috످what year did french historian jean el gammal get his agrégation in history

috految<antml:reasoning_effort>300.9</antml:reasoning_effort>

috److془Jean El Gammal, born 1957?, French historian, professor at Université de Lorraine. Ancien élève de l'ENS, agrégé d'histoire (year?). I'm not sure.

Say I don't know; point to French Wikipedia or Université de Lorraine's CRULH page.془I don't know what year Jean El Gammal got his agrégation in history. You could check French Wikipedia or his Université de Lorraine faculty profile.

috످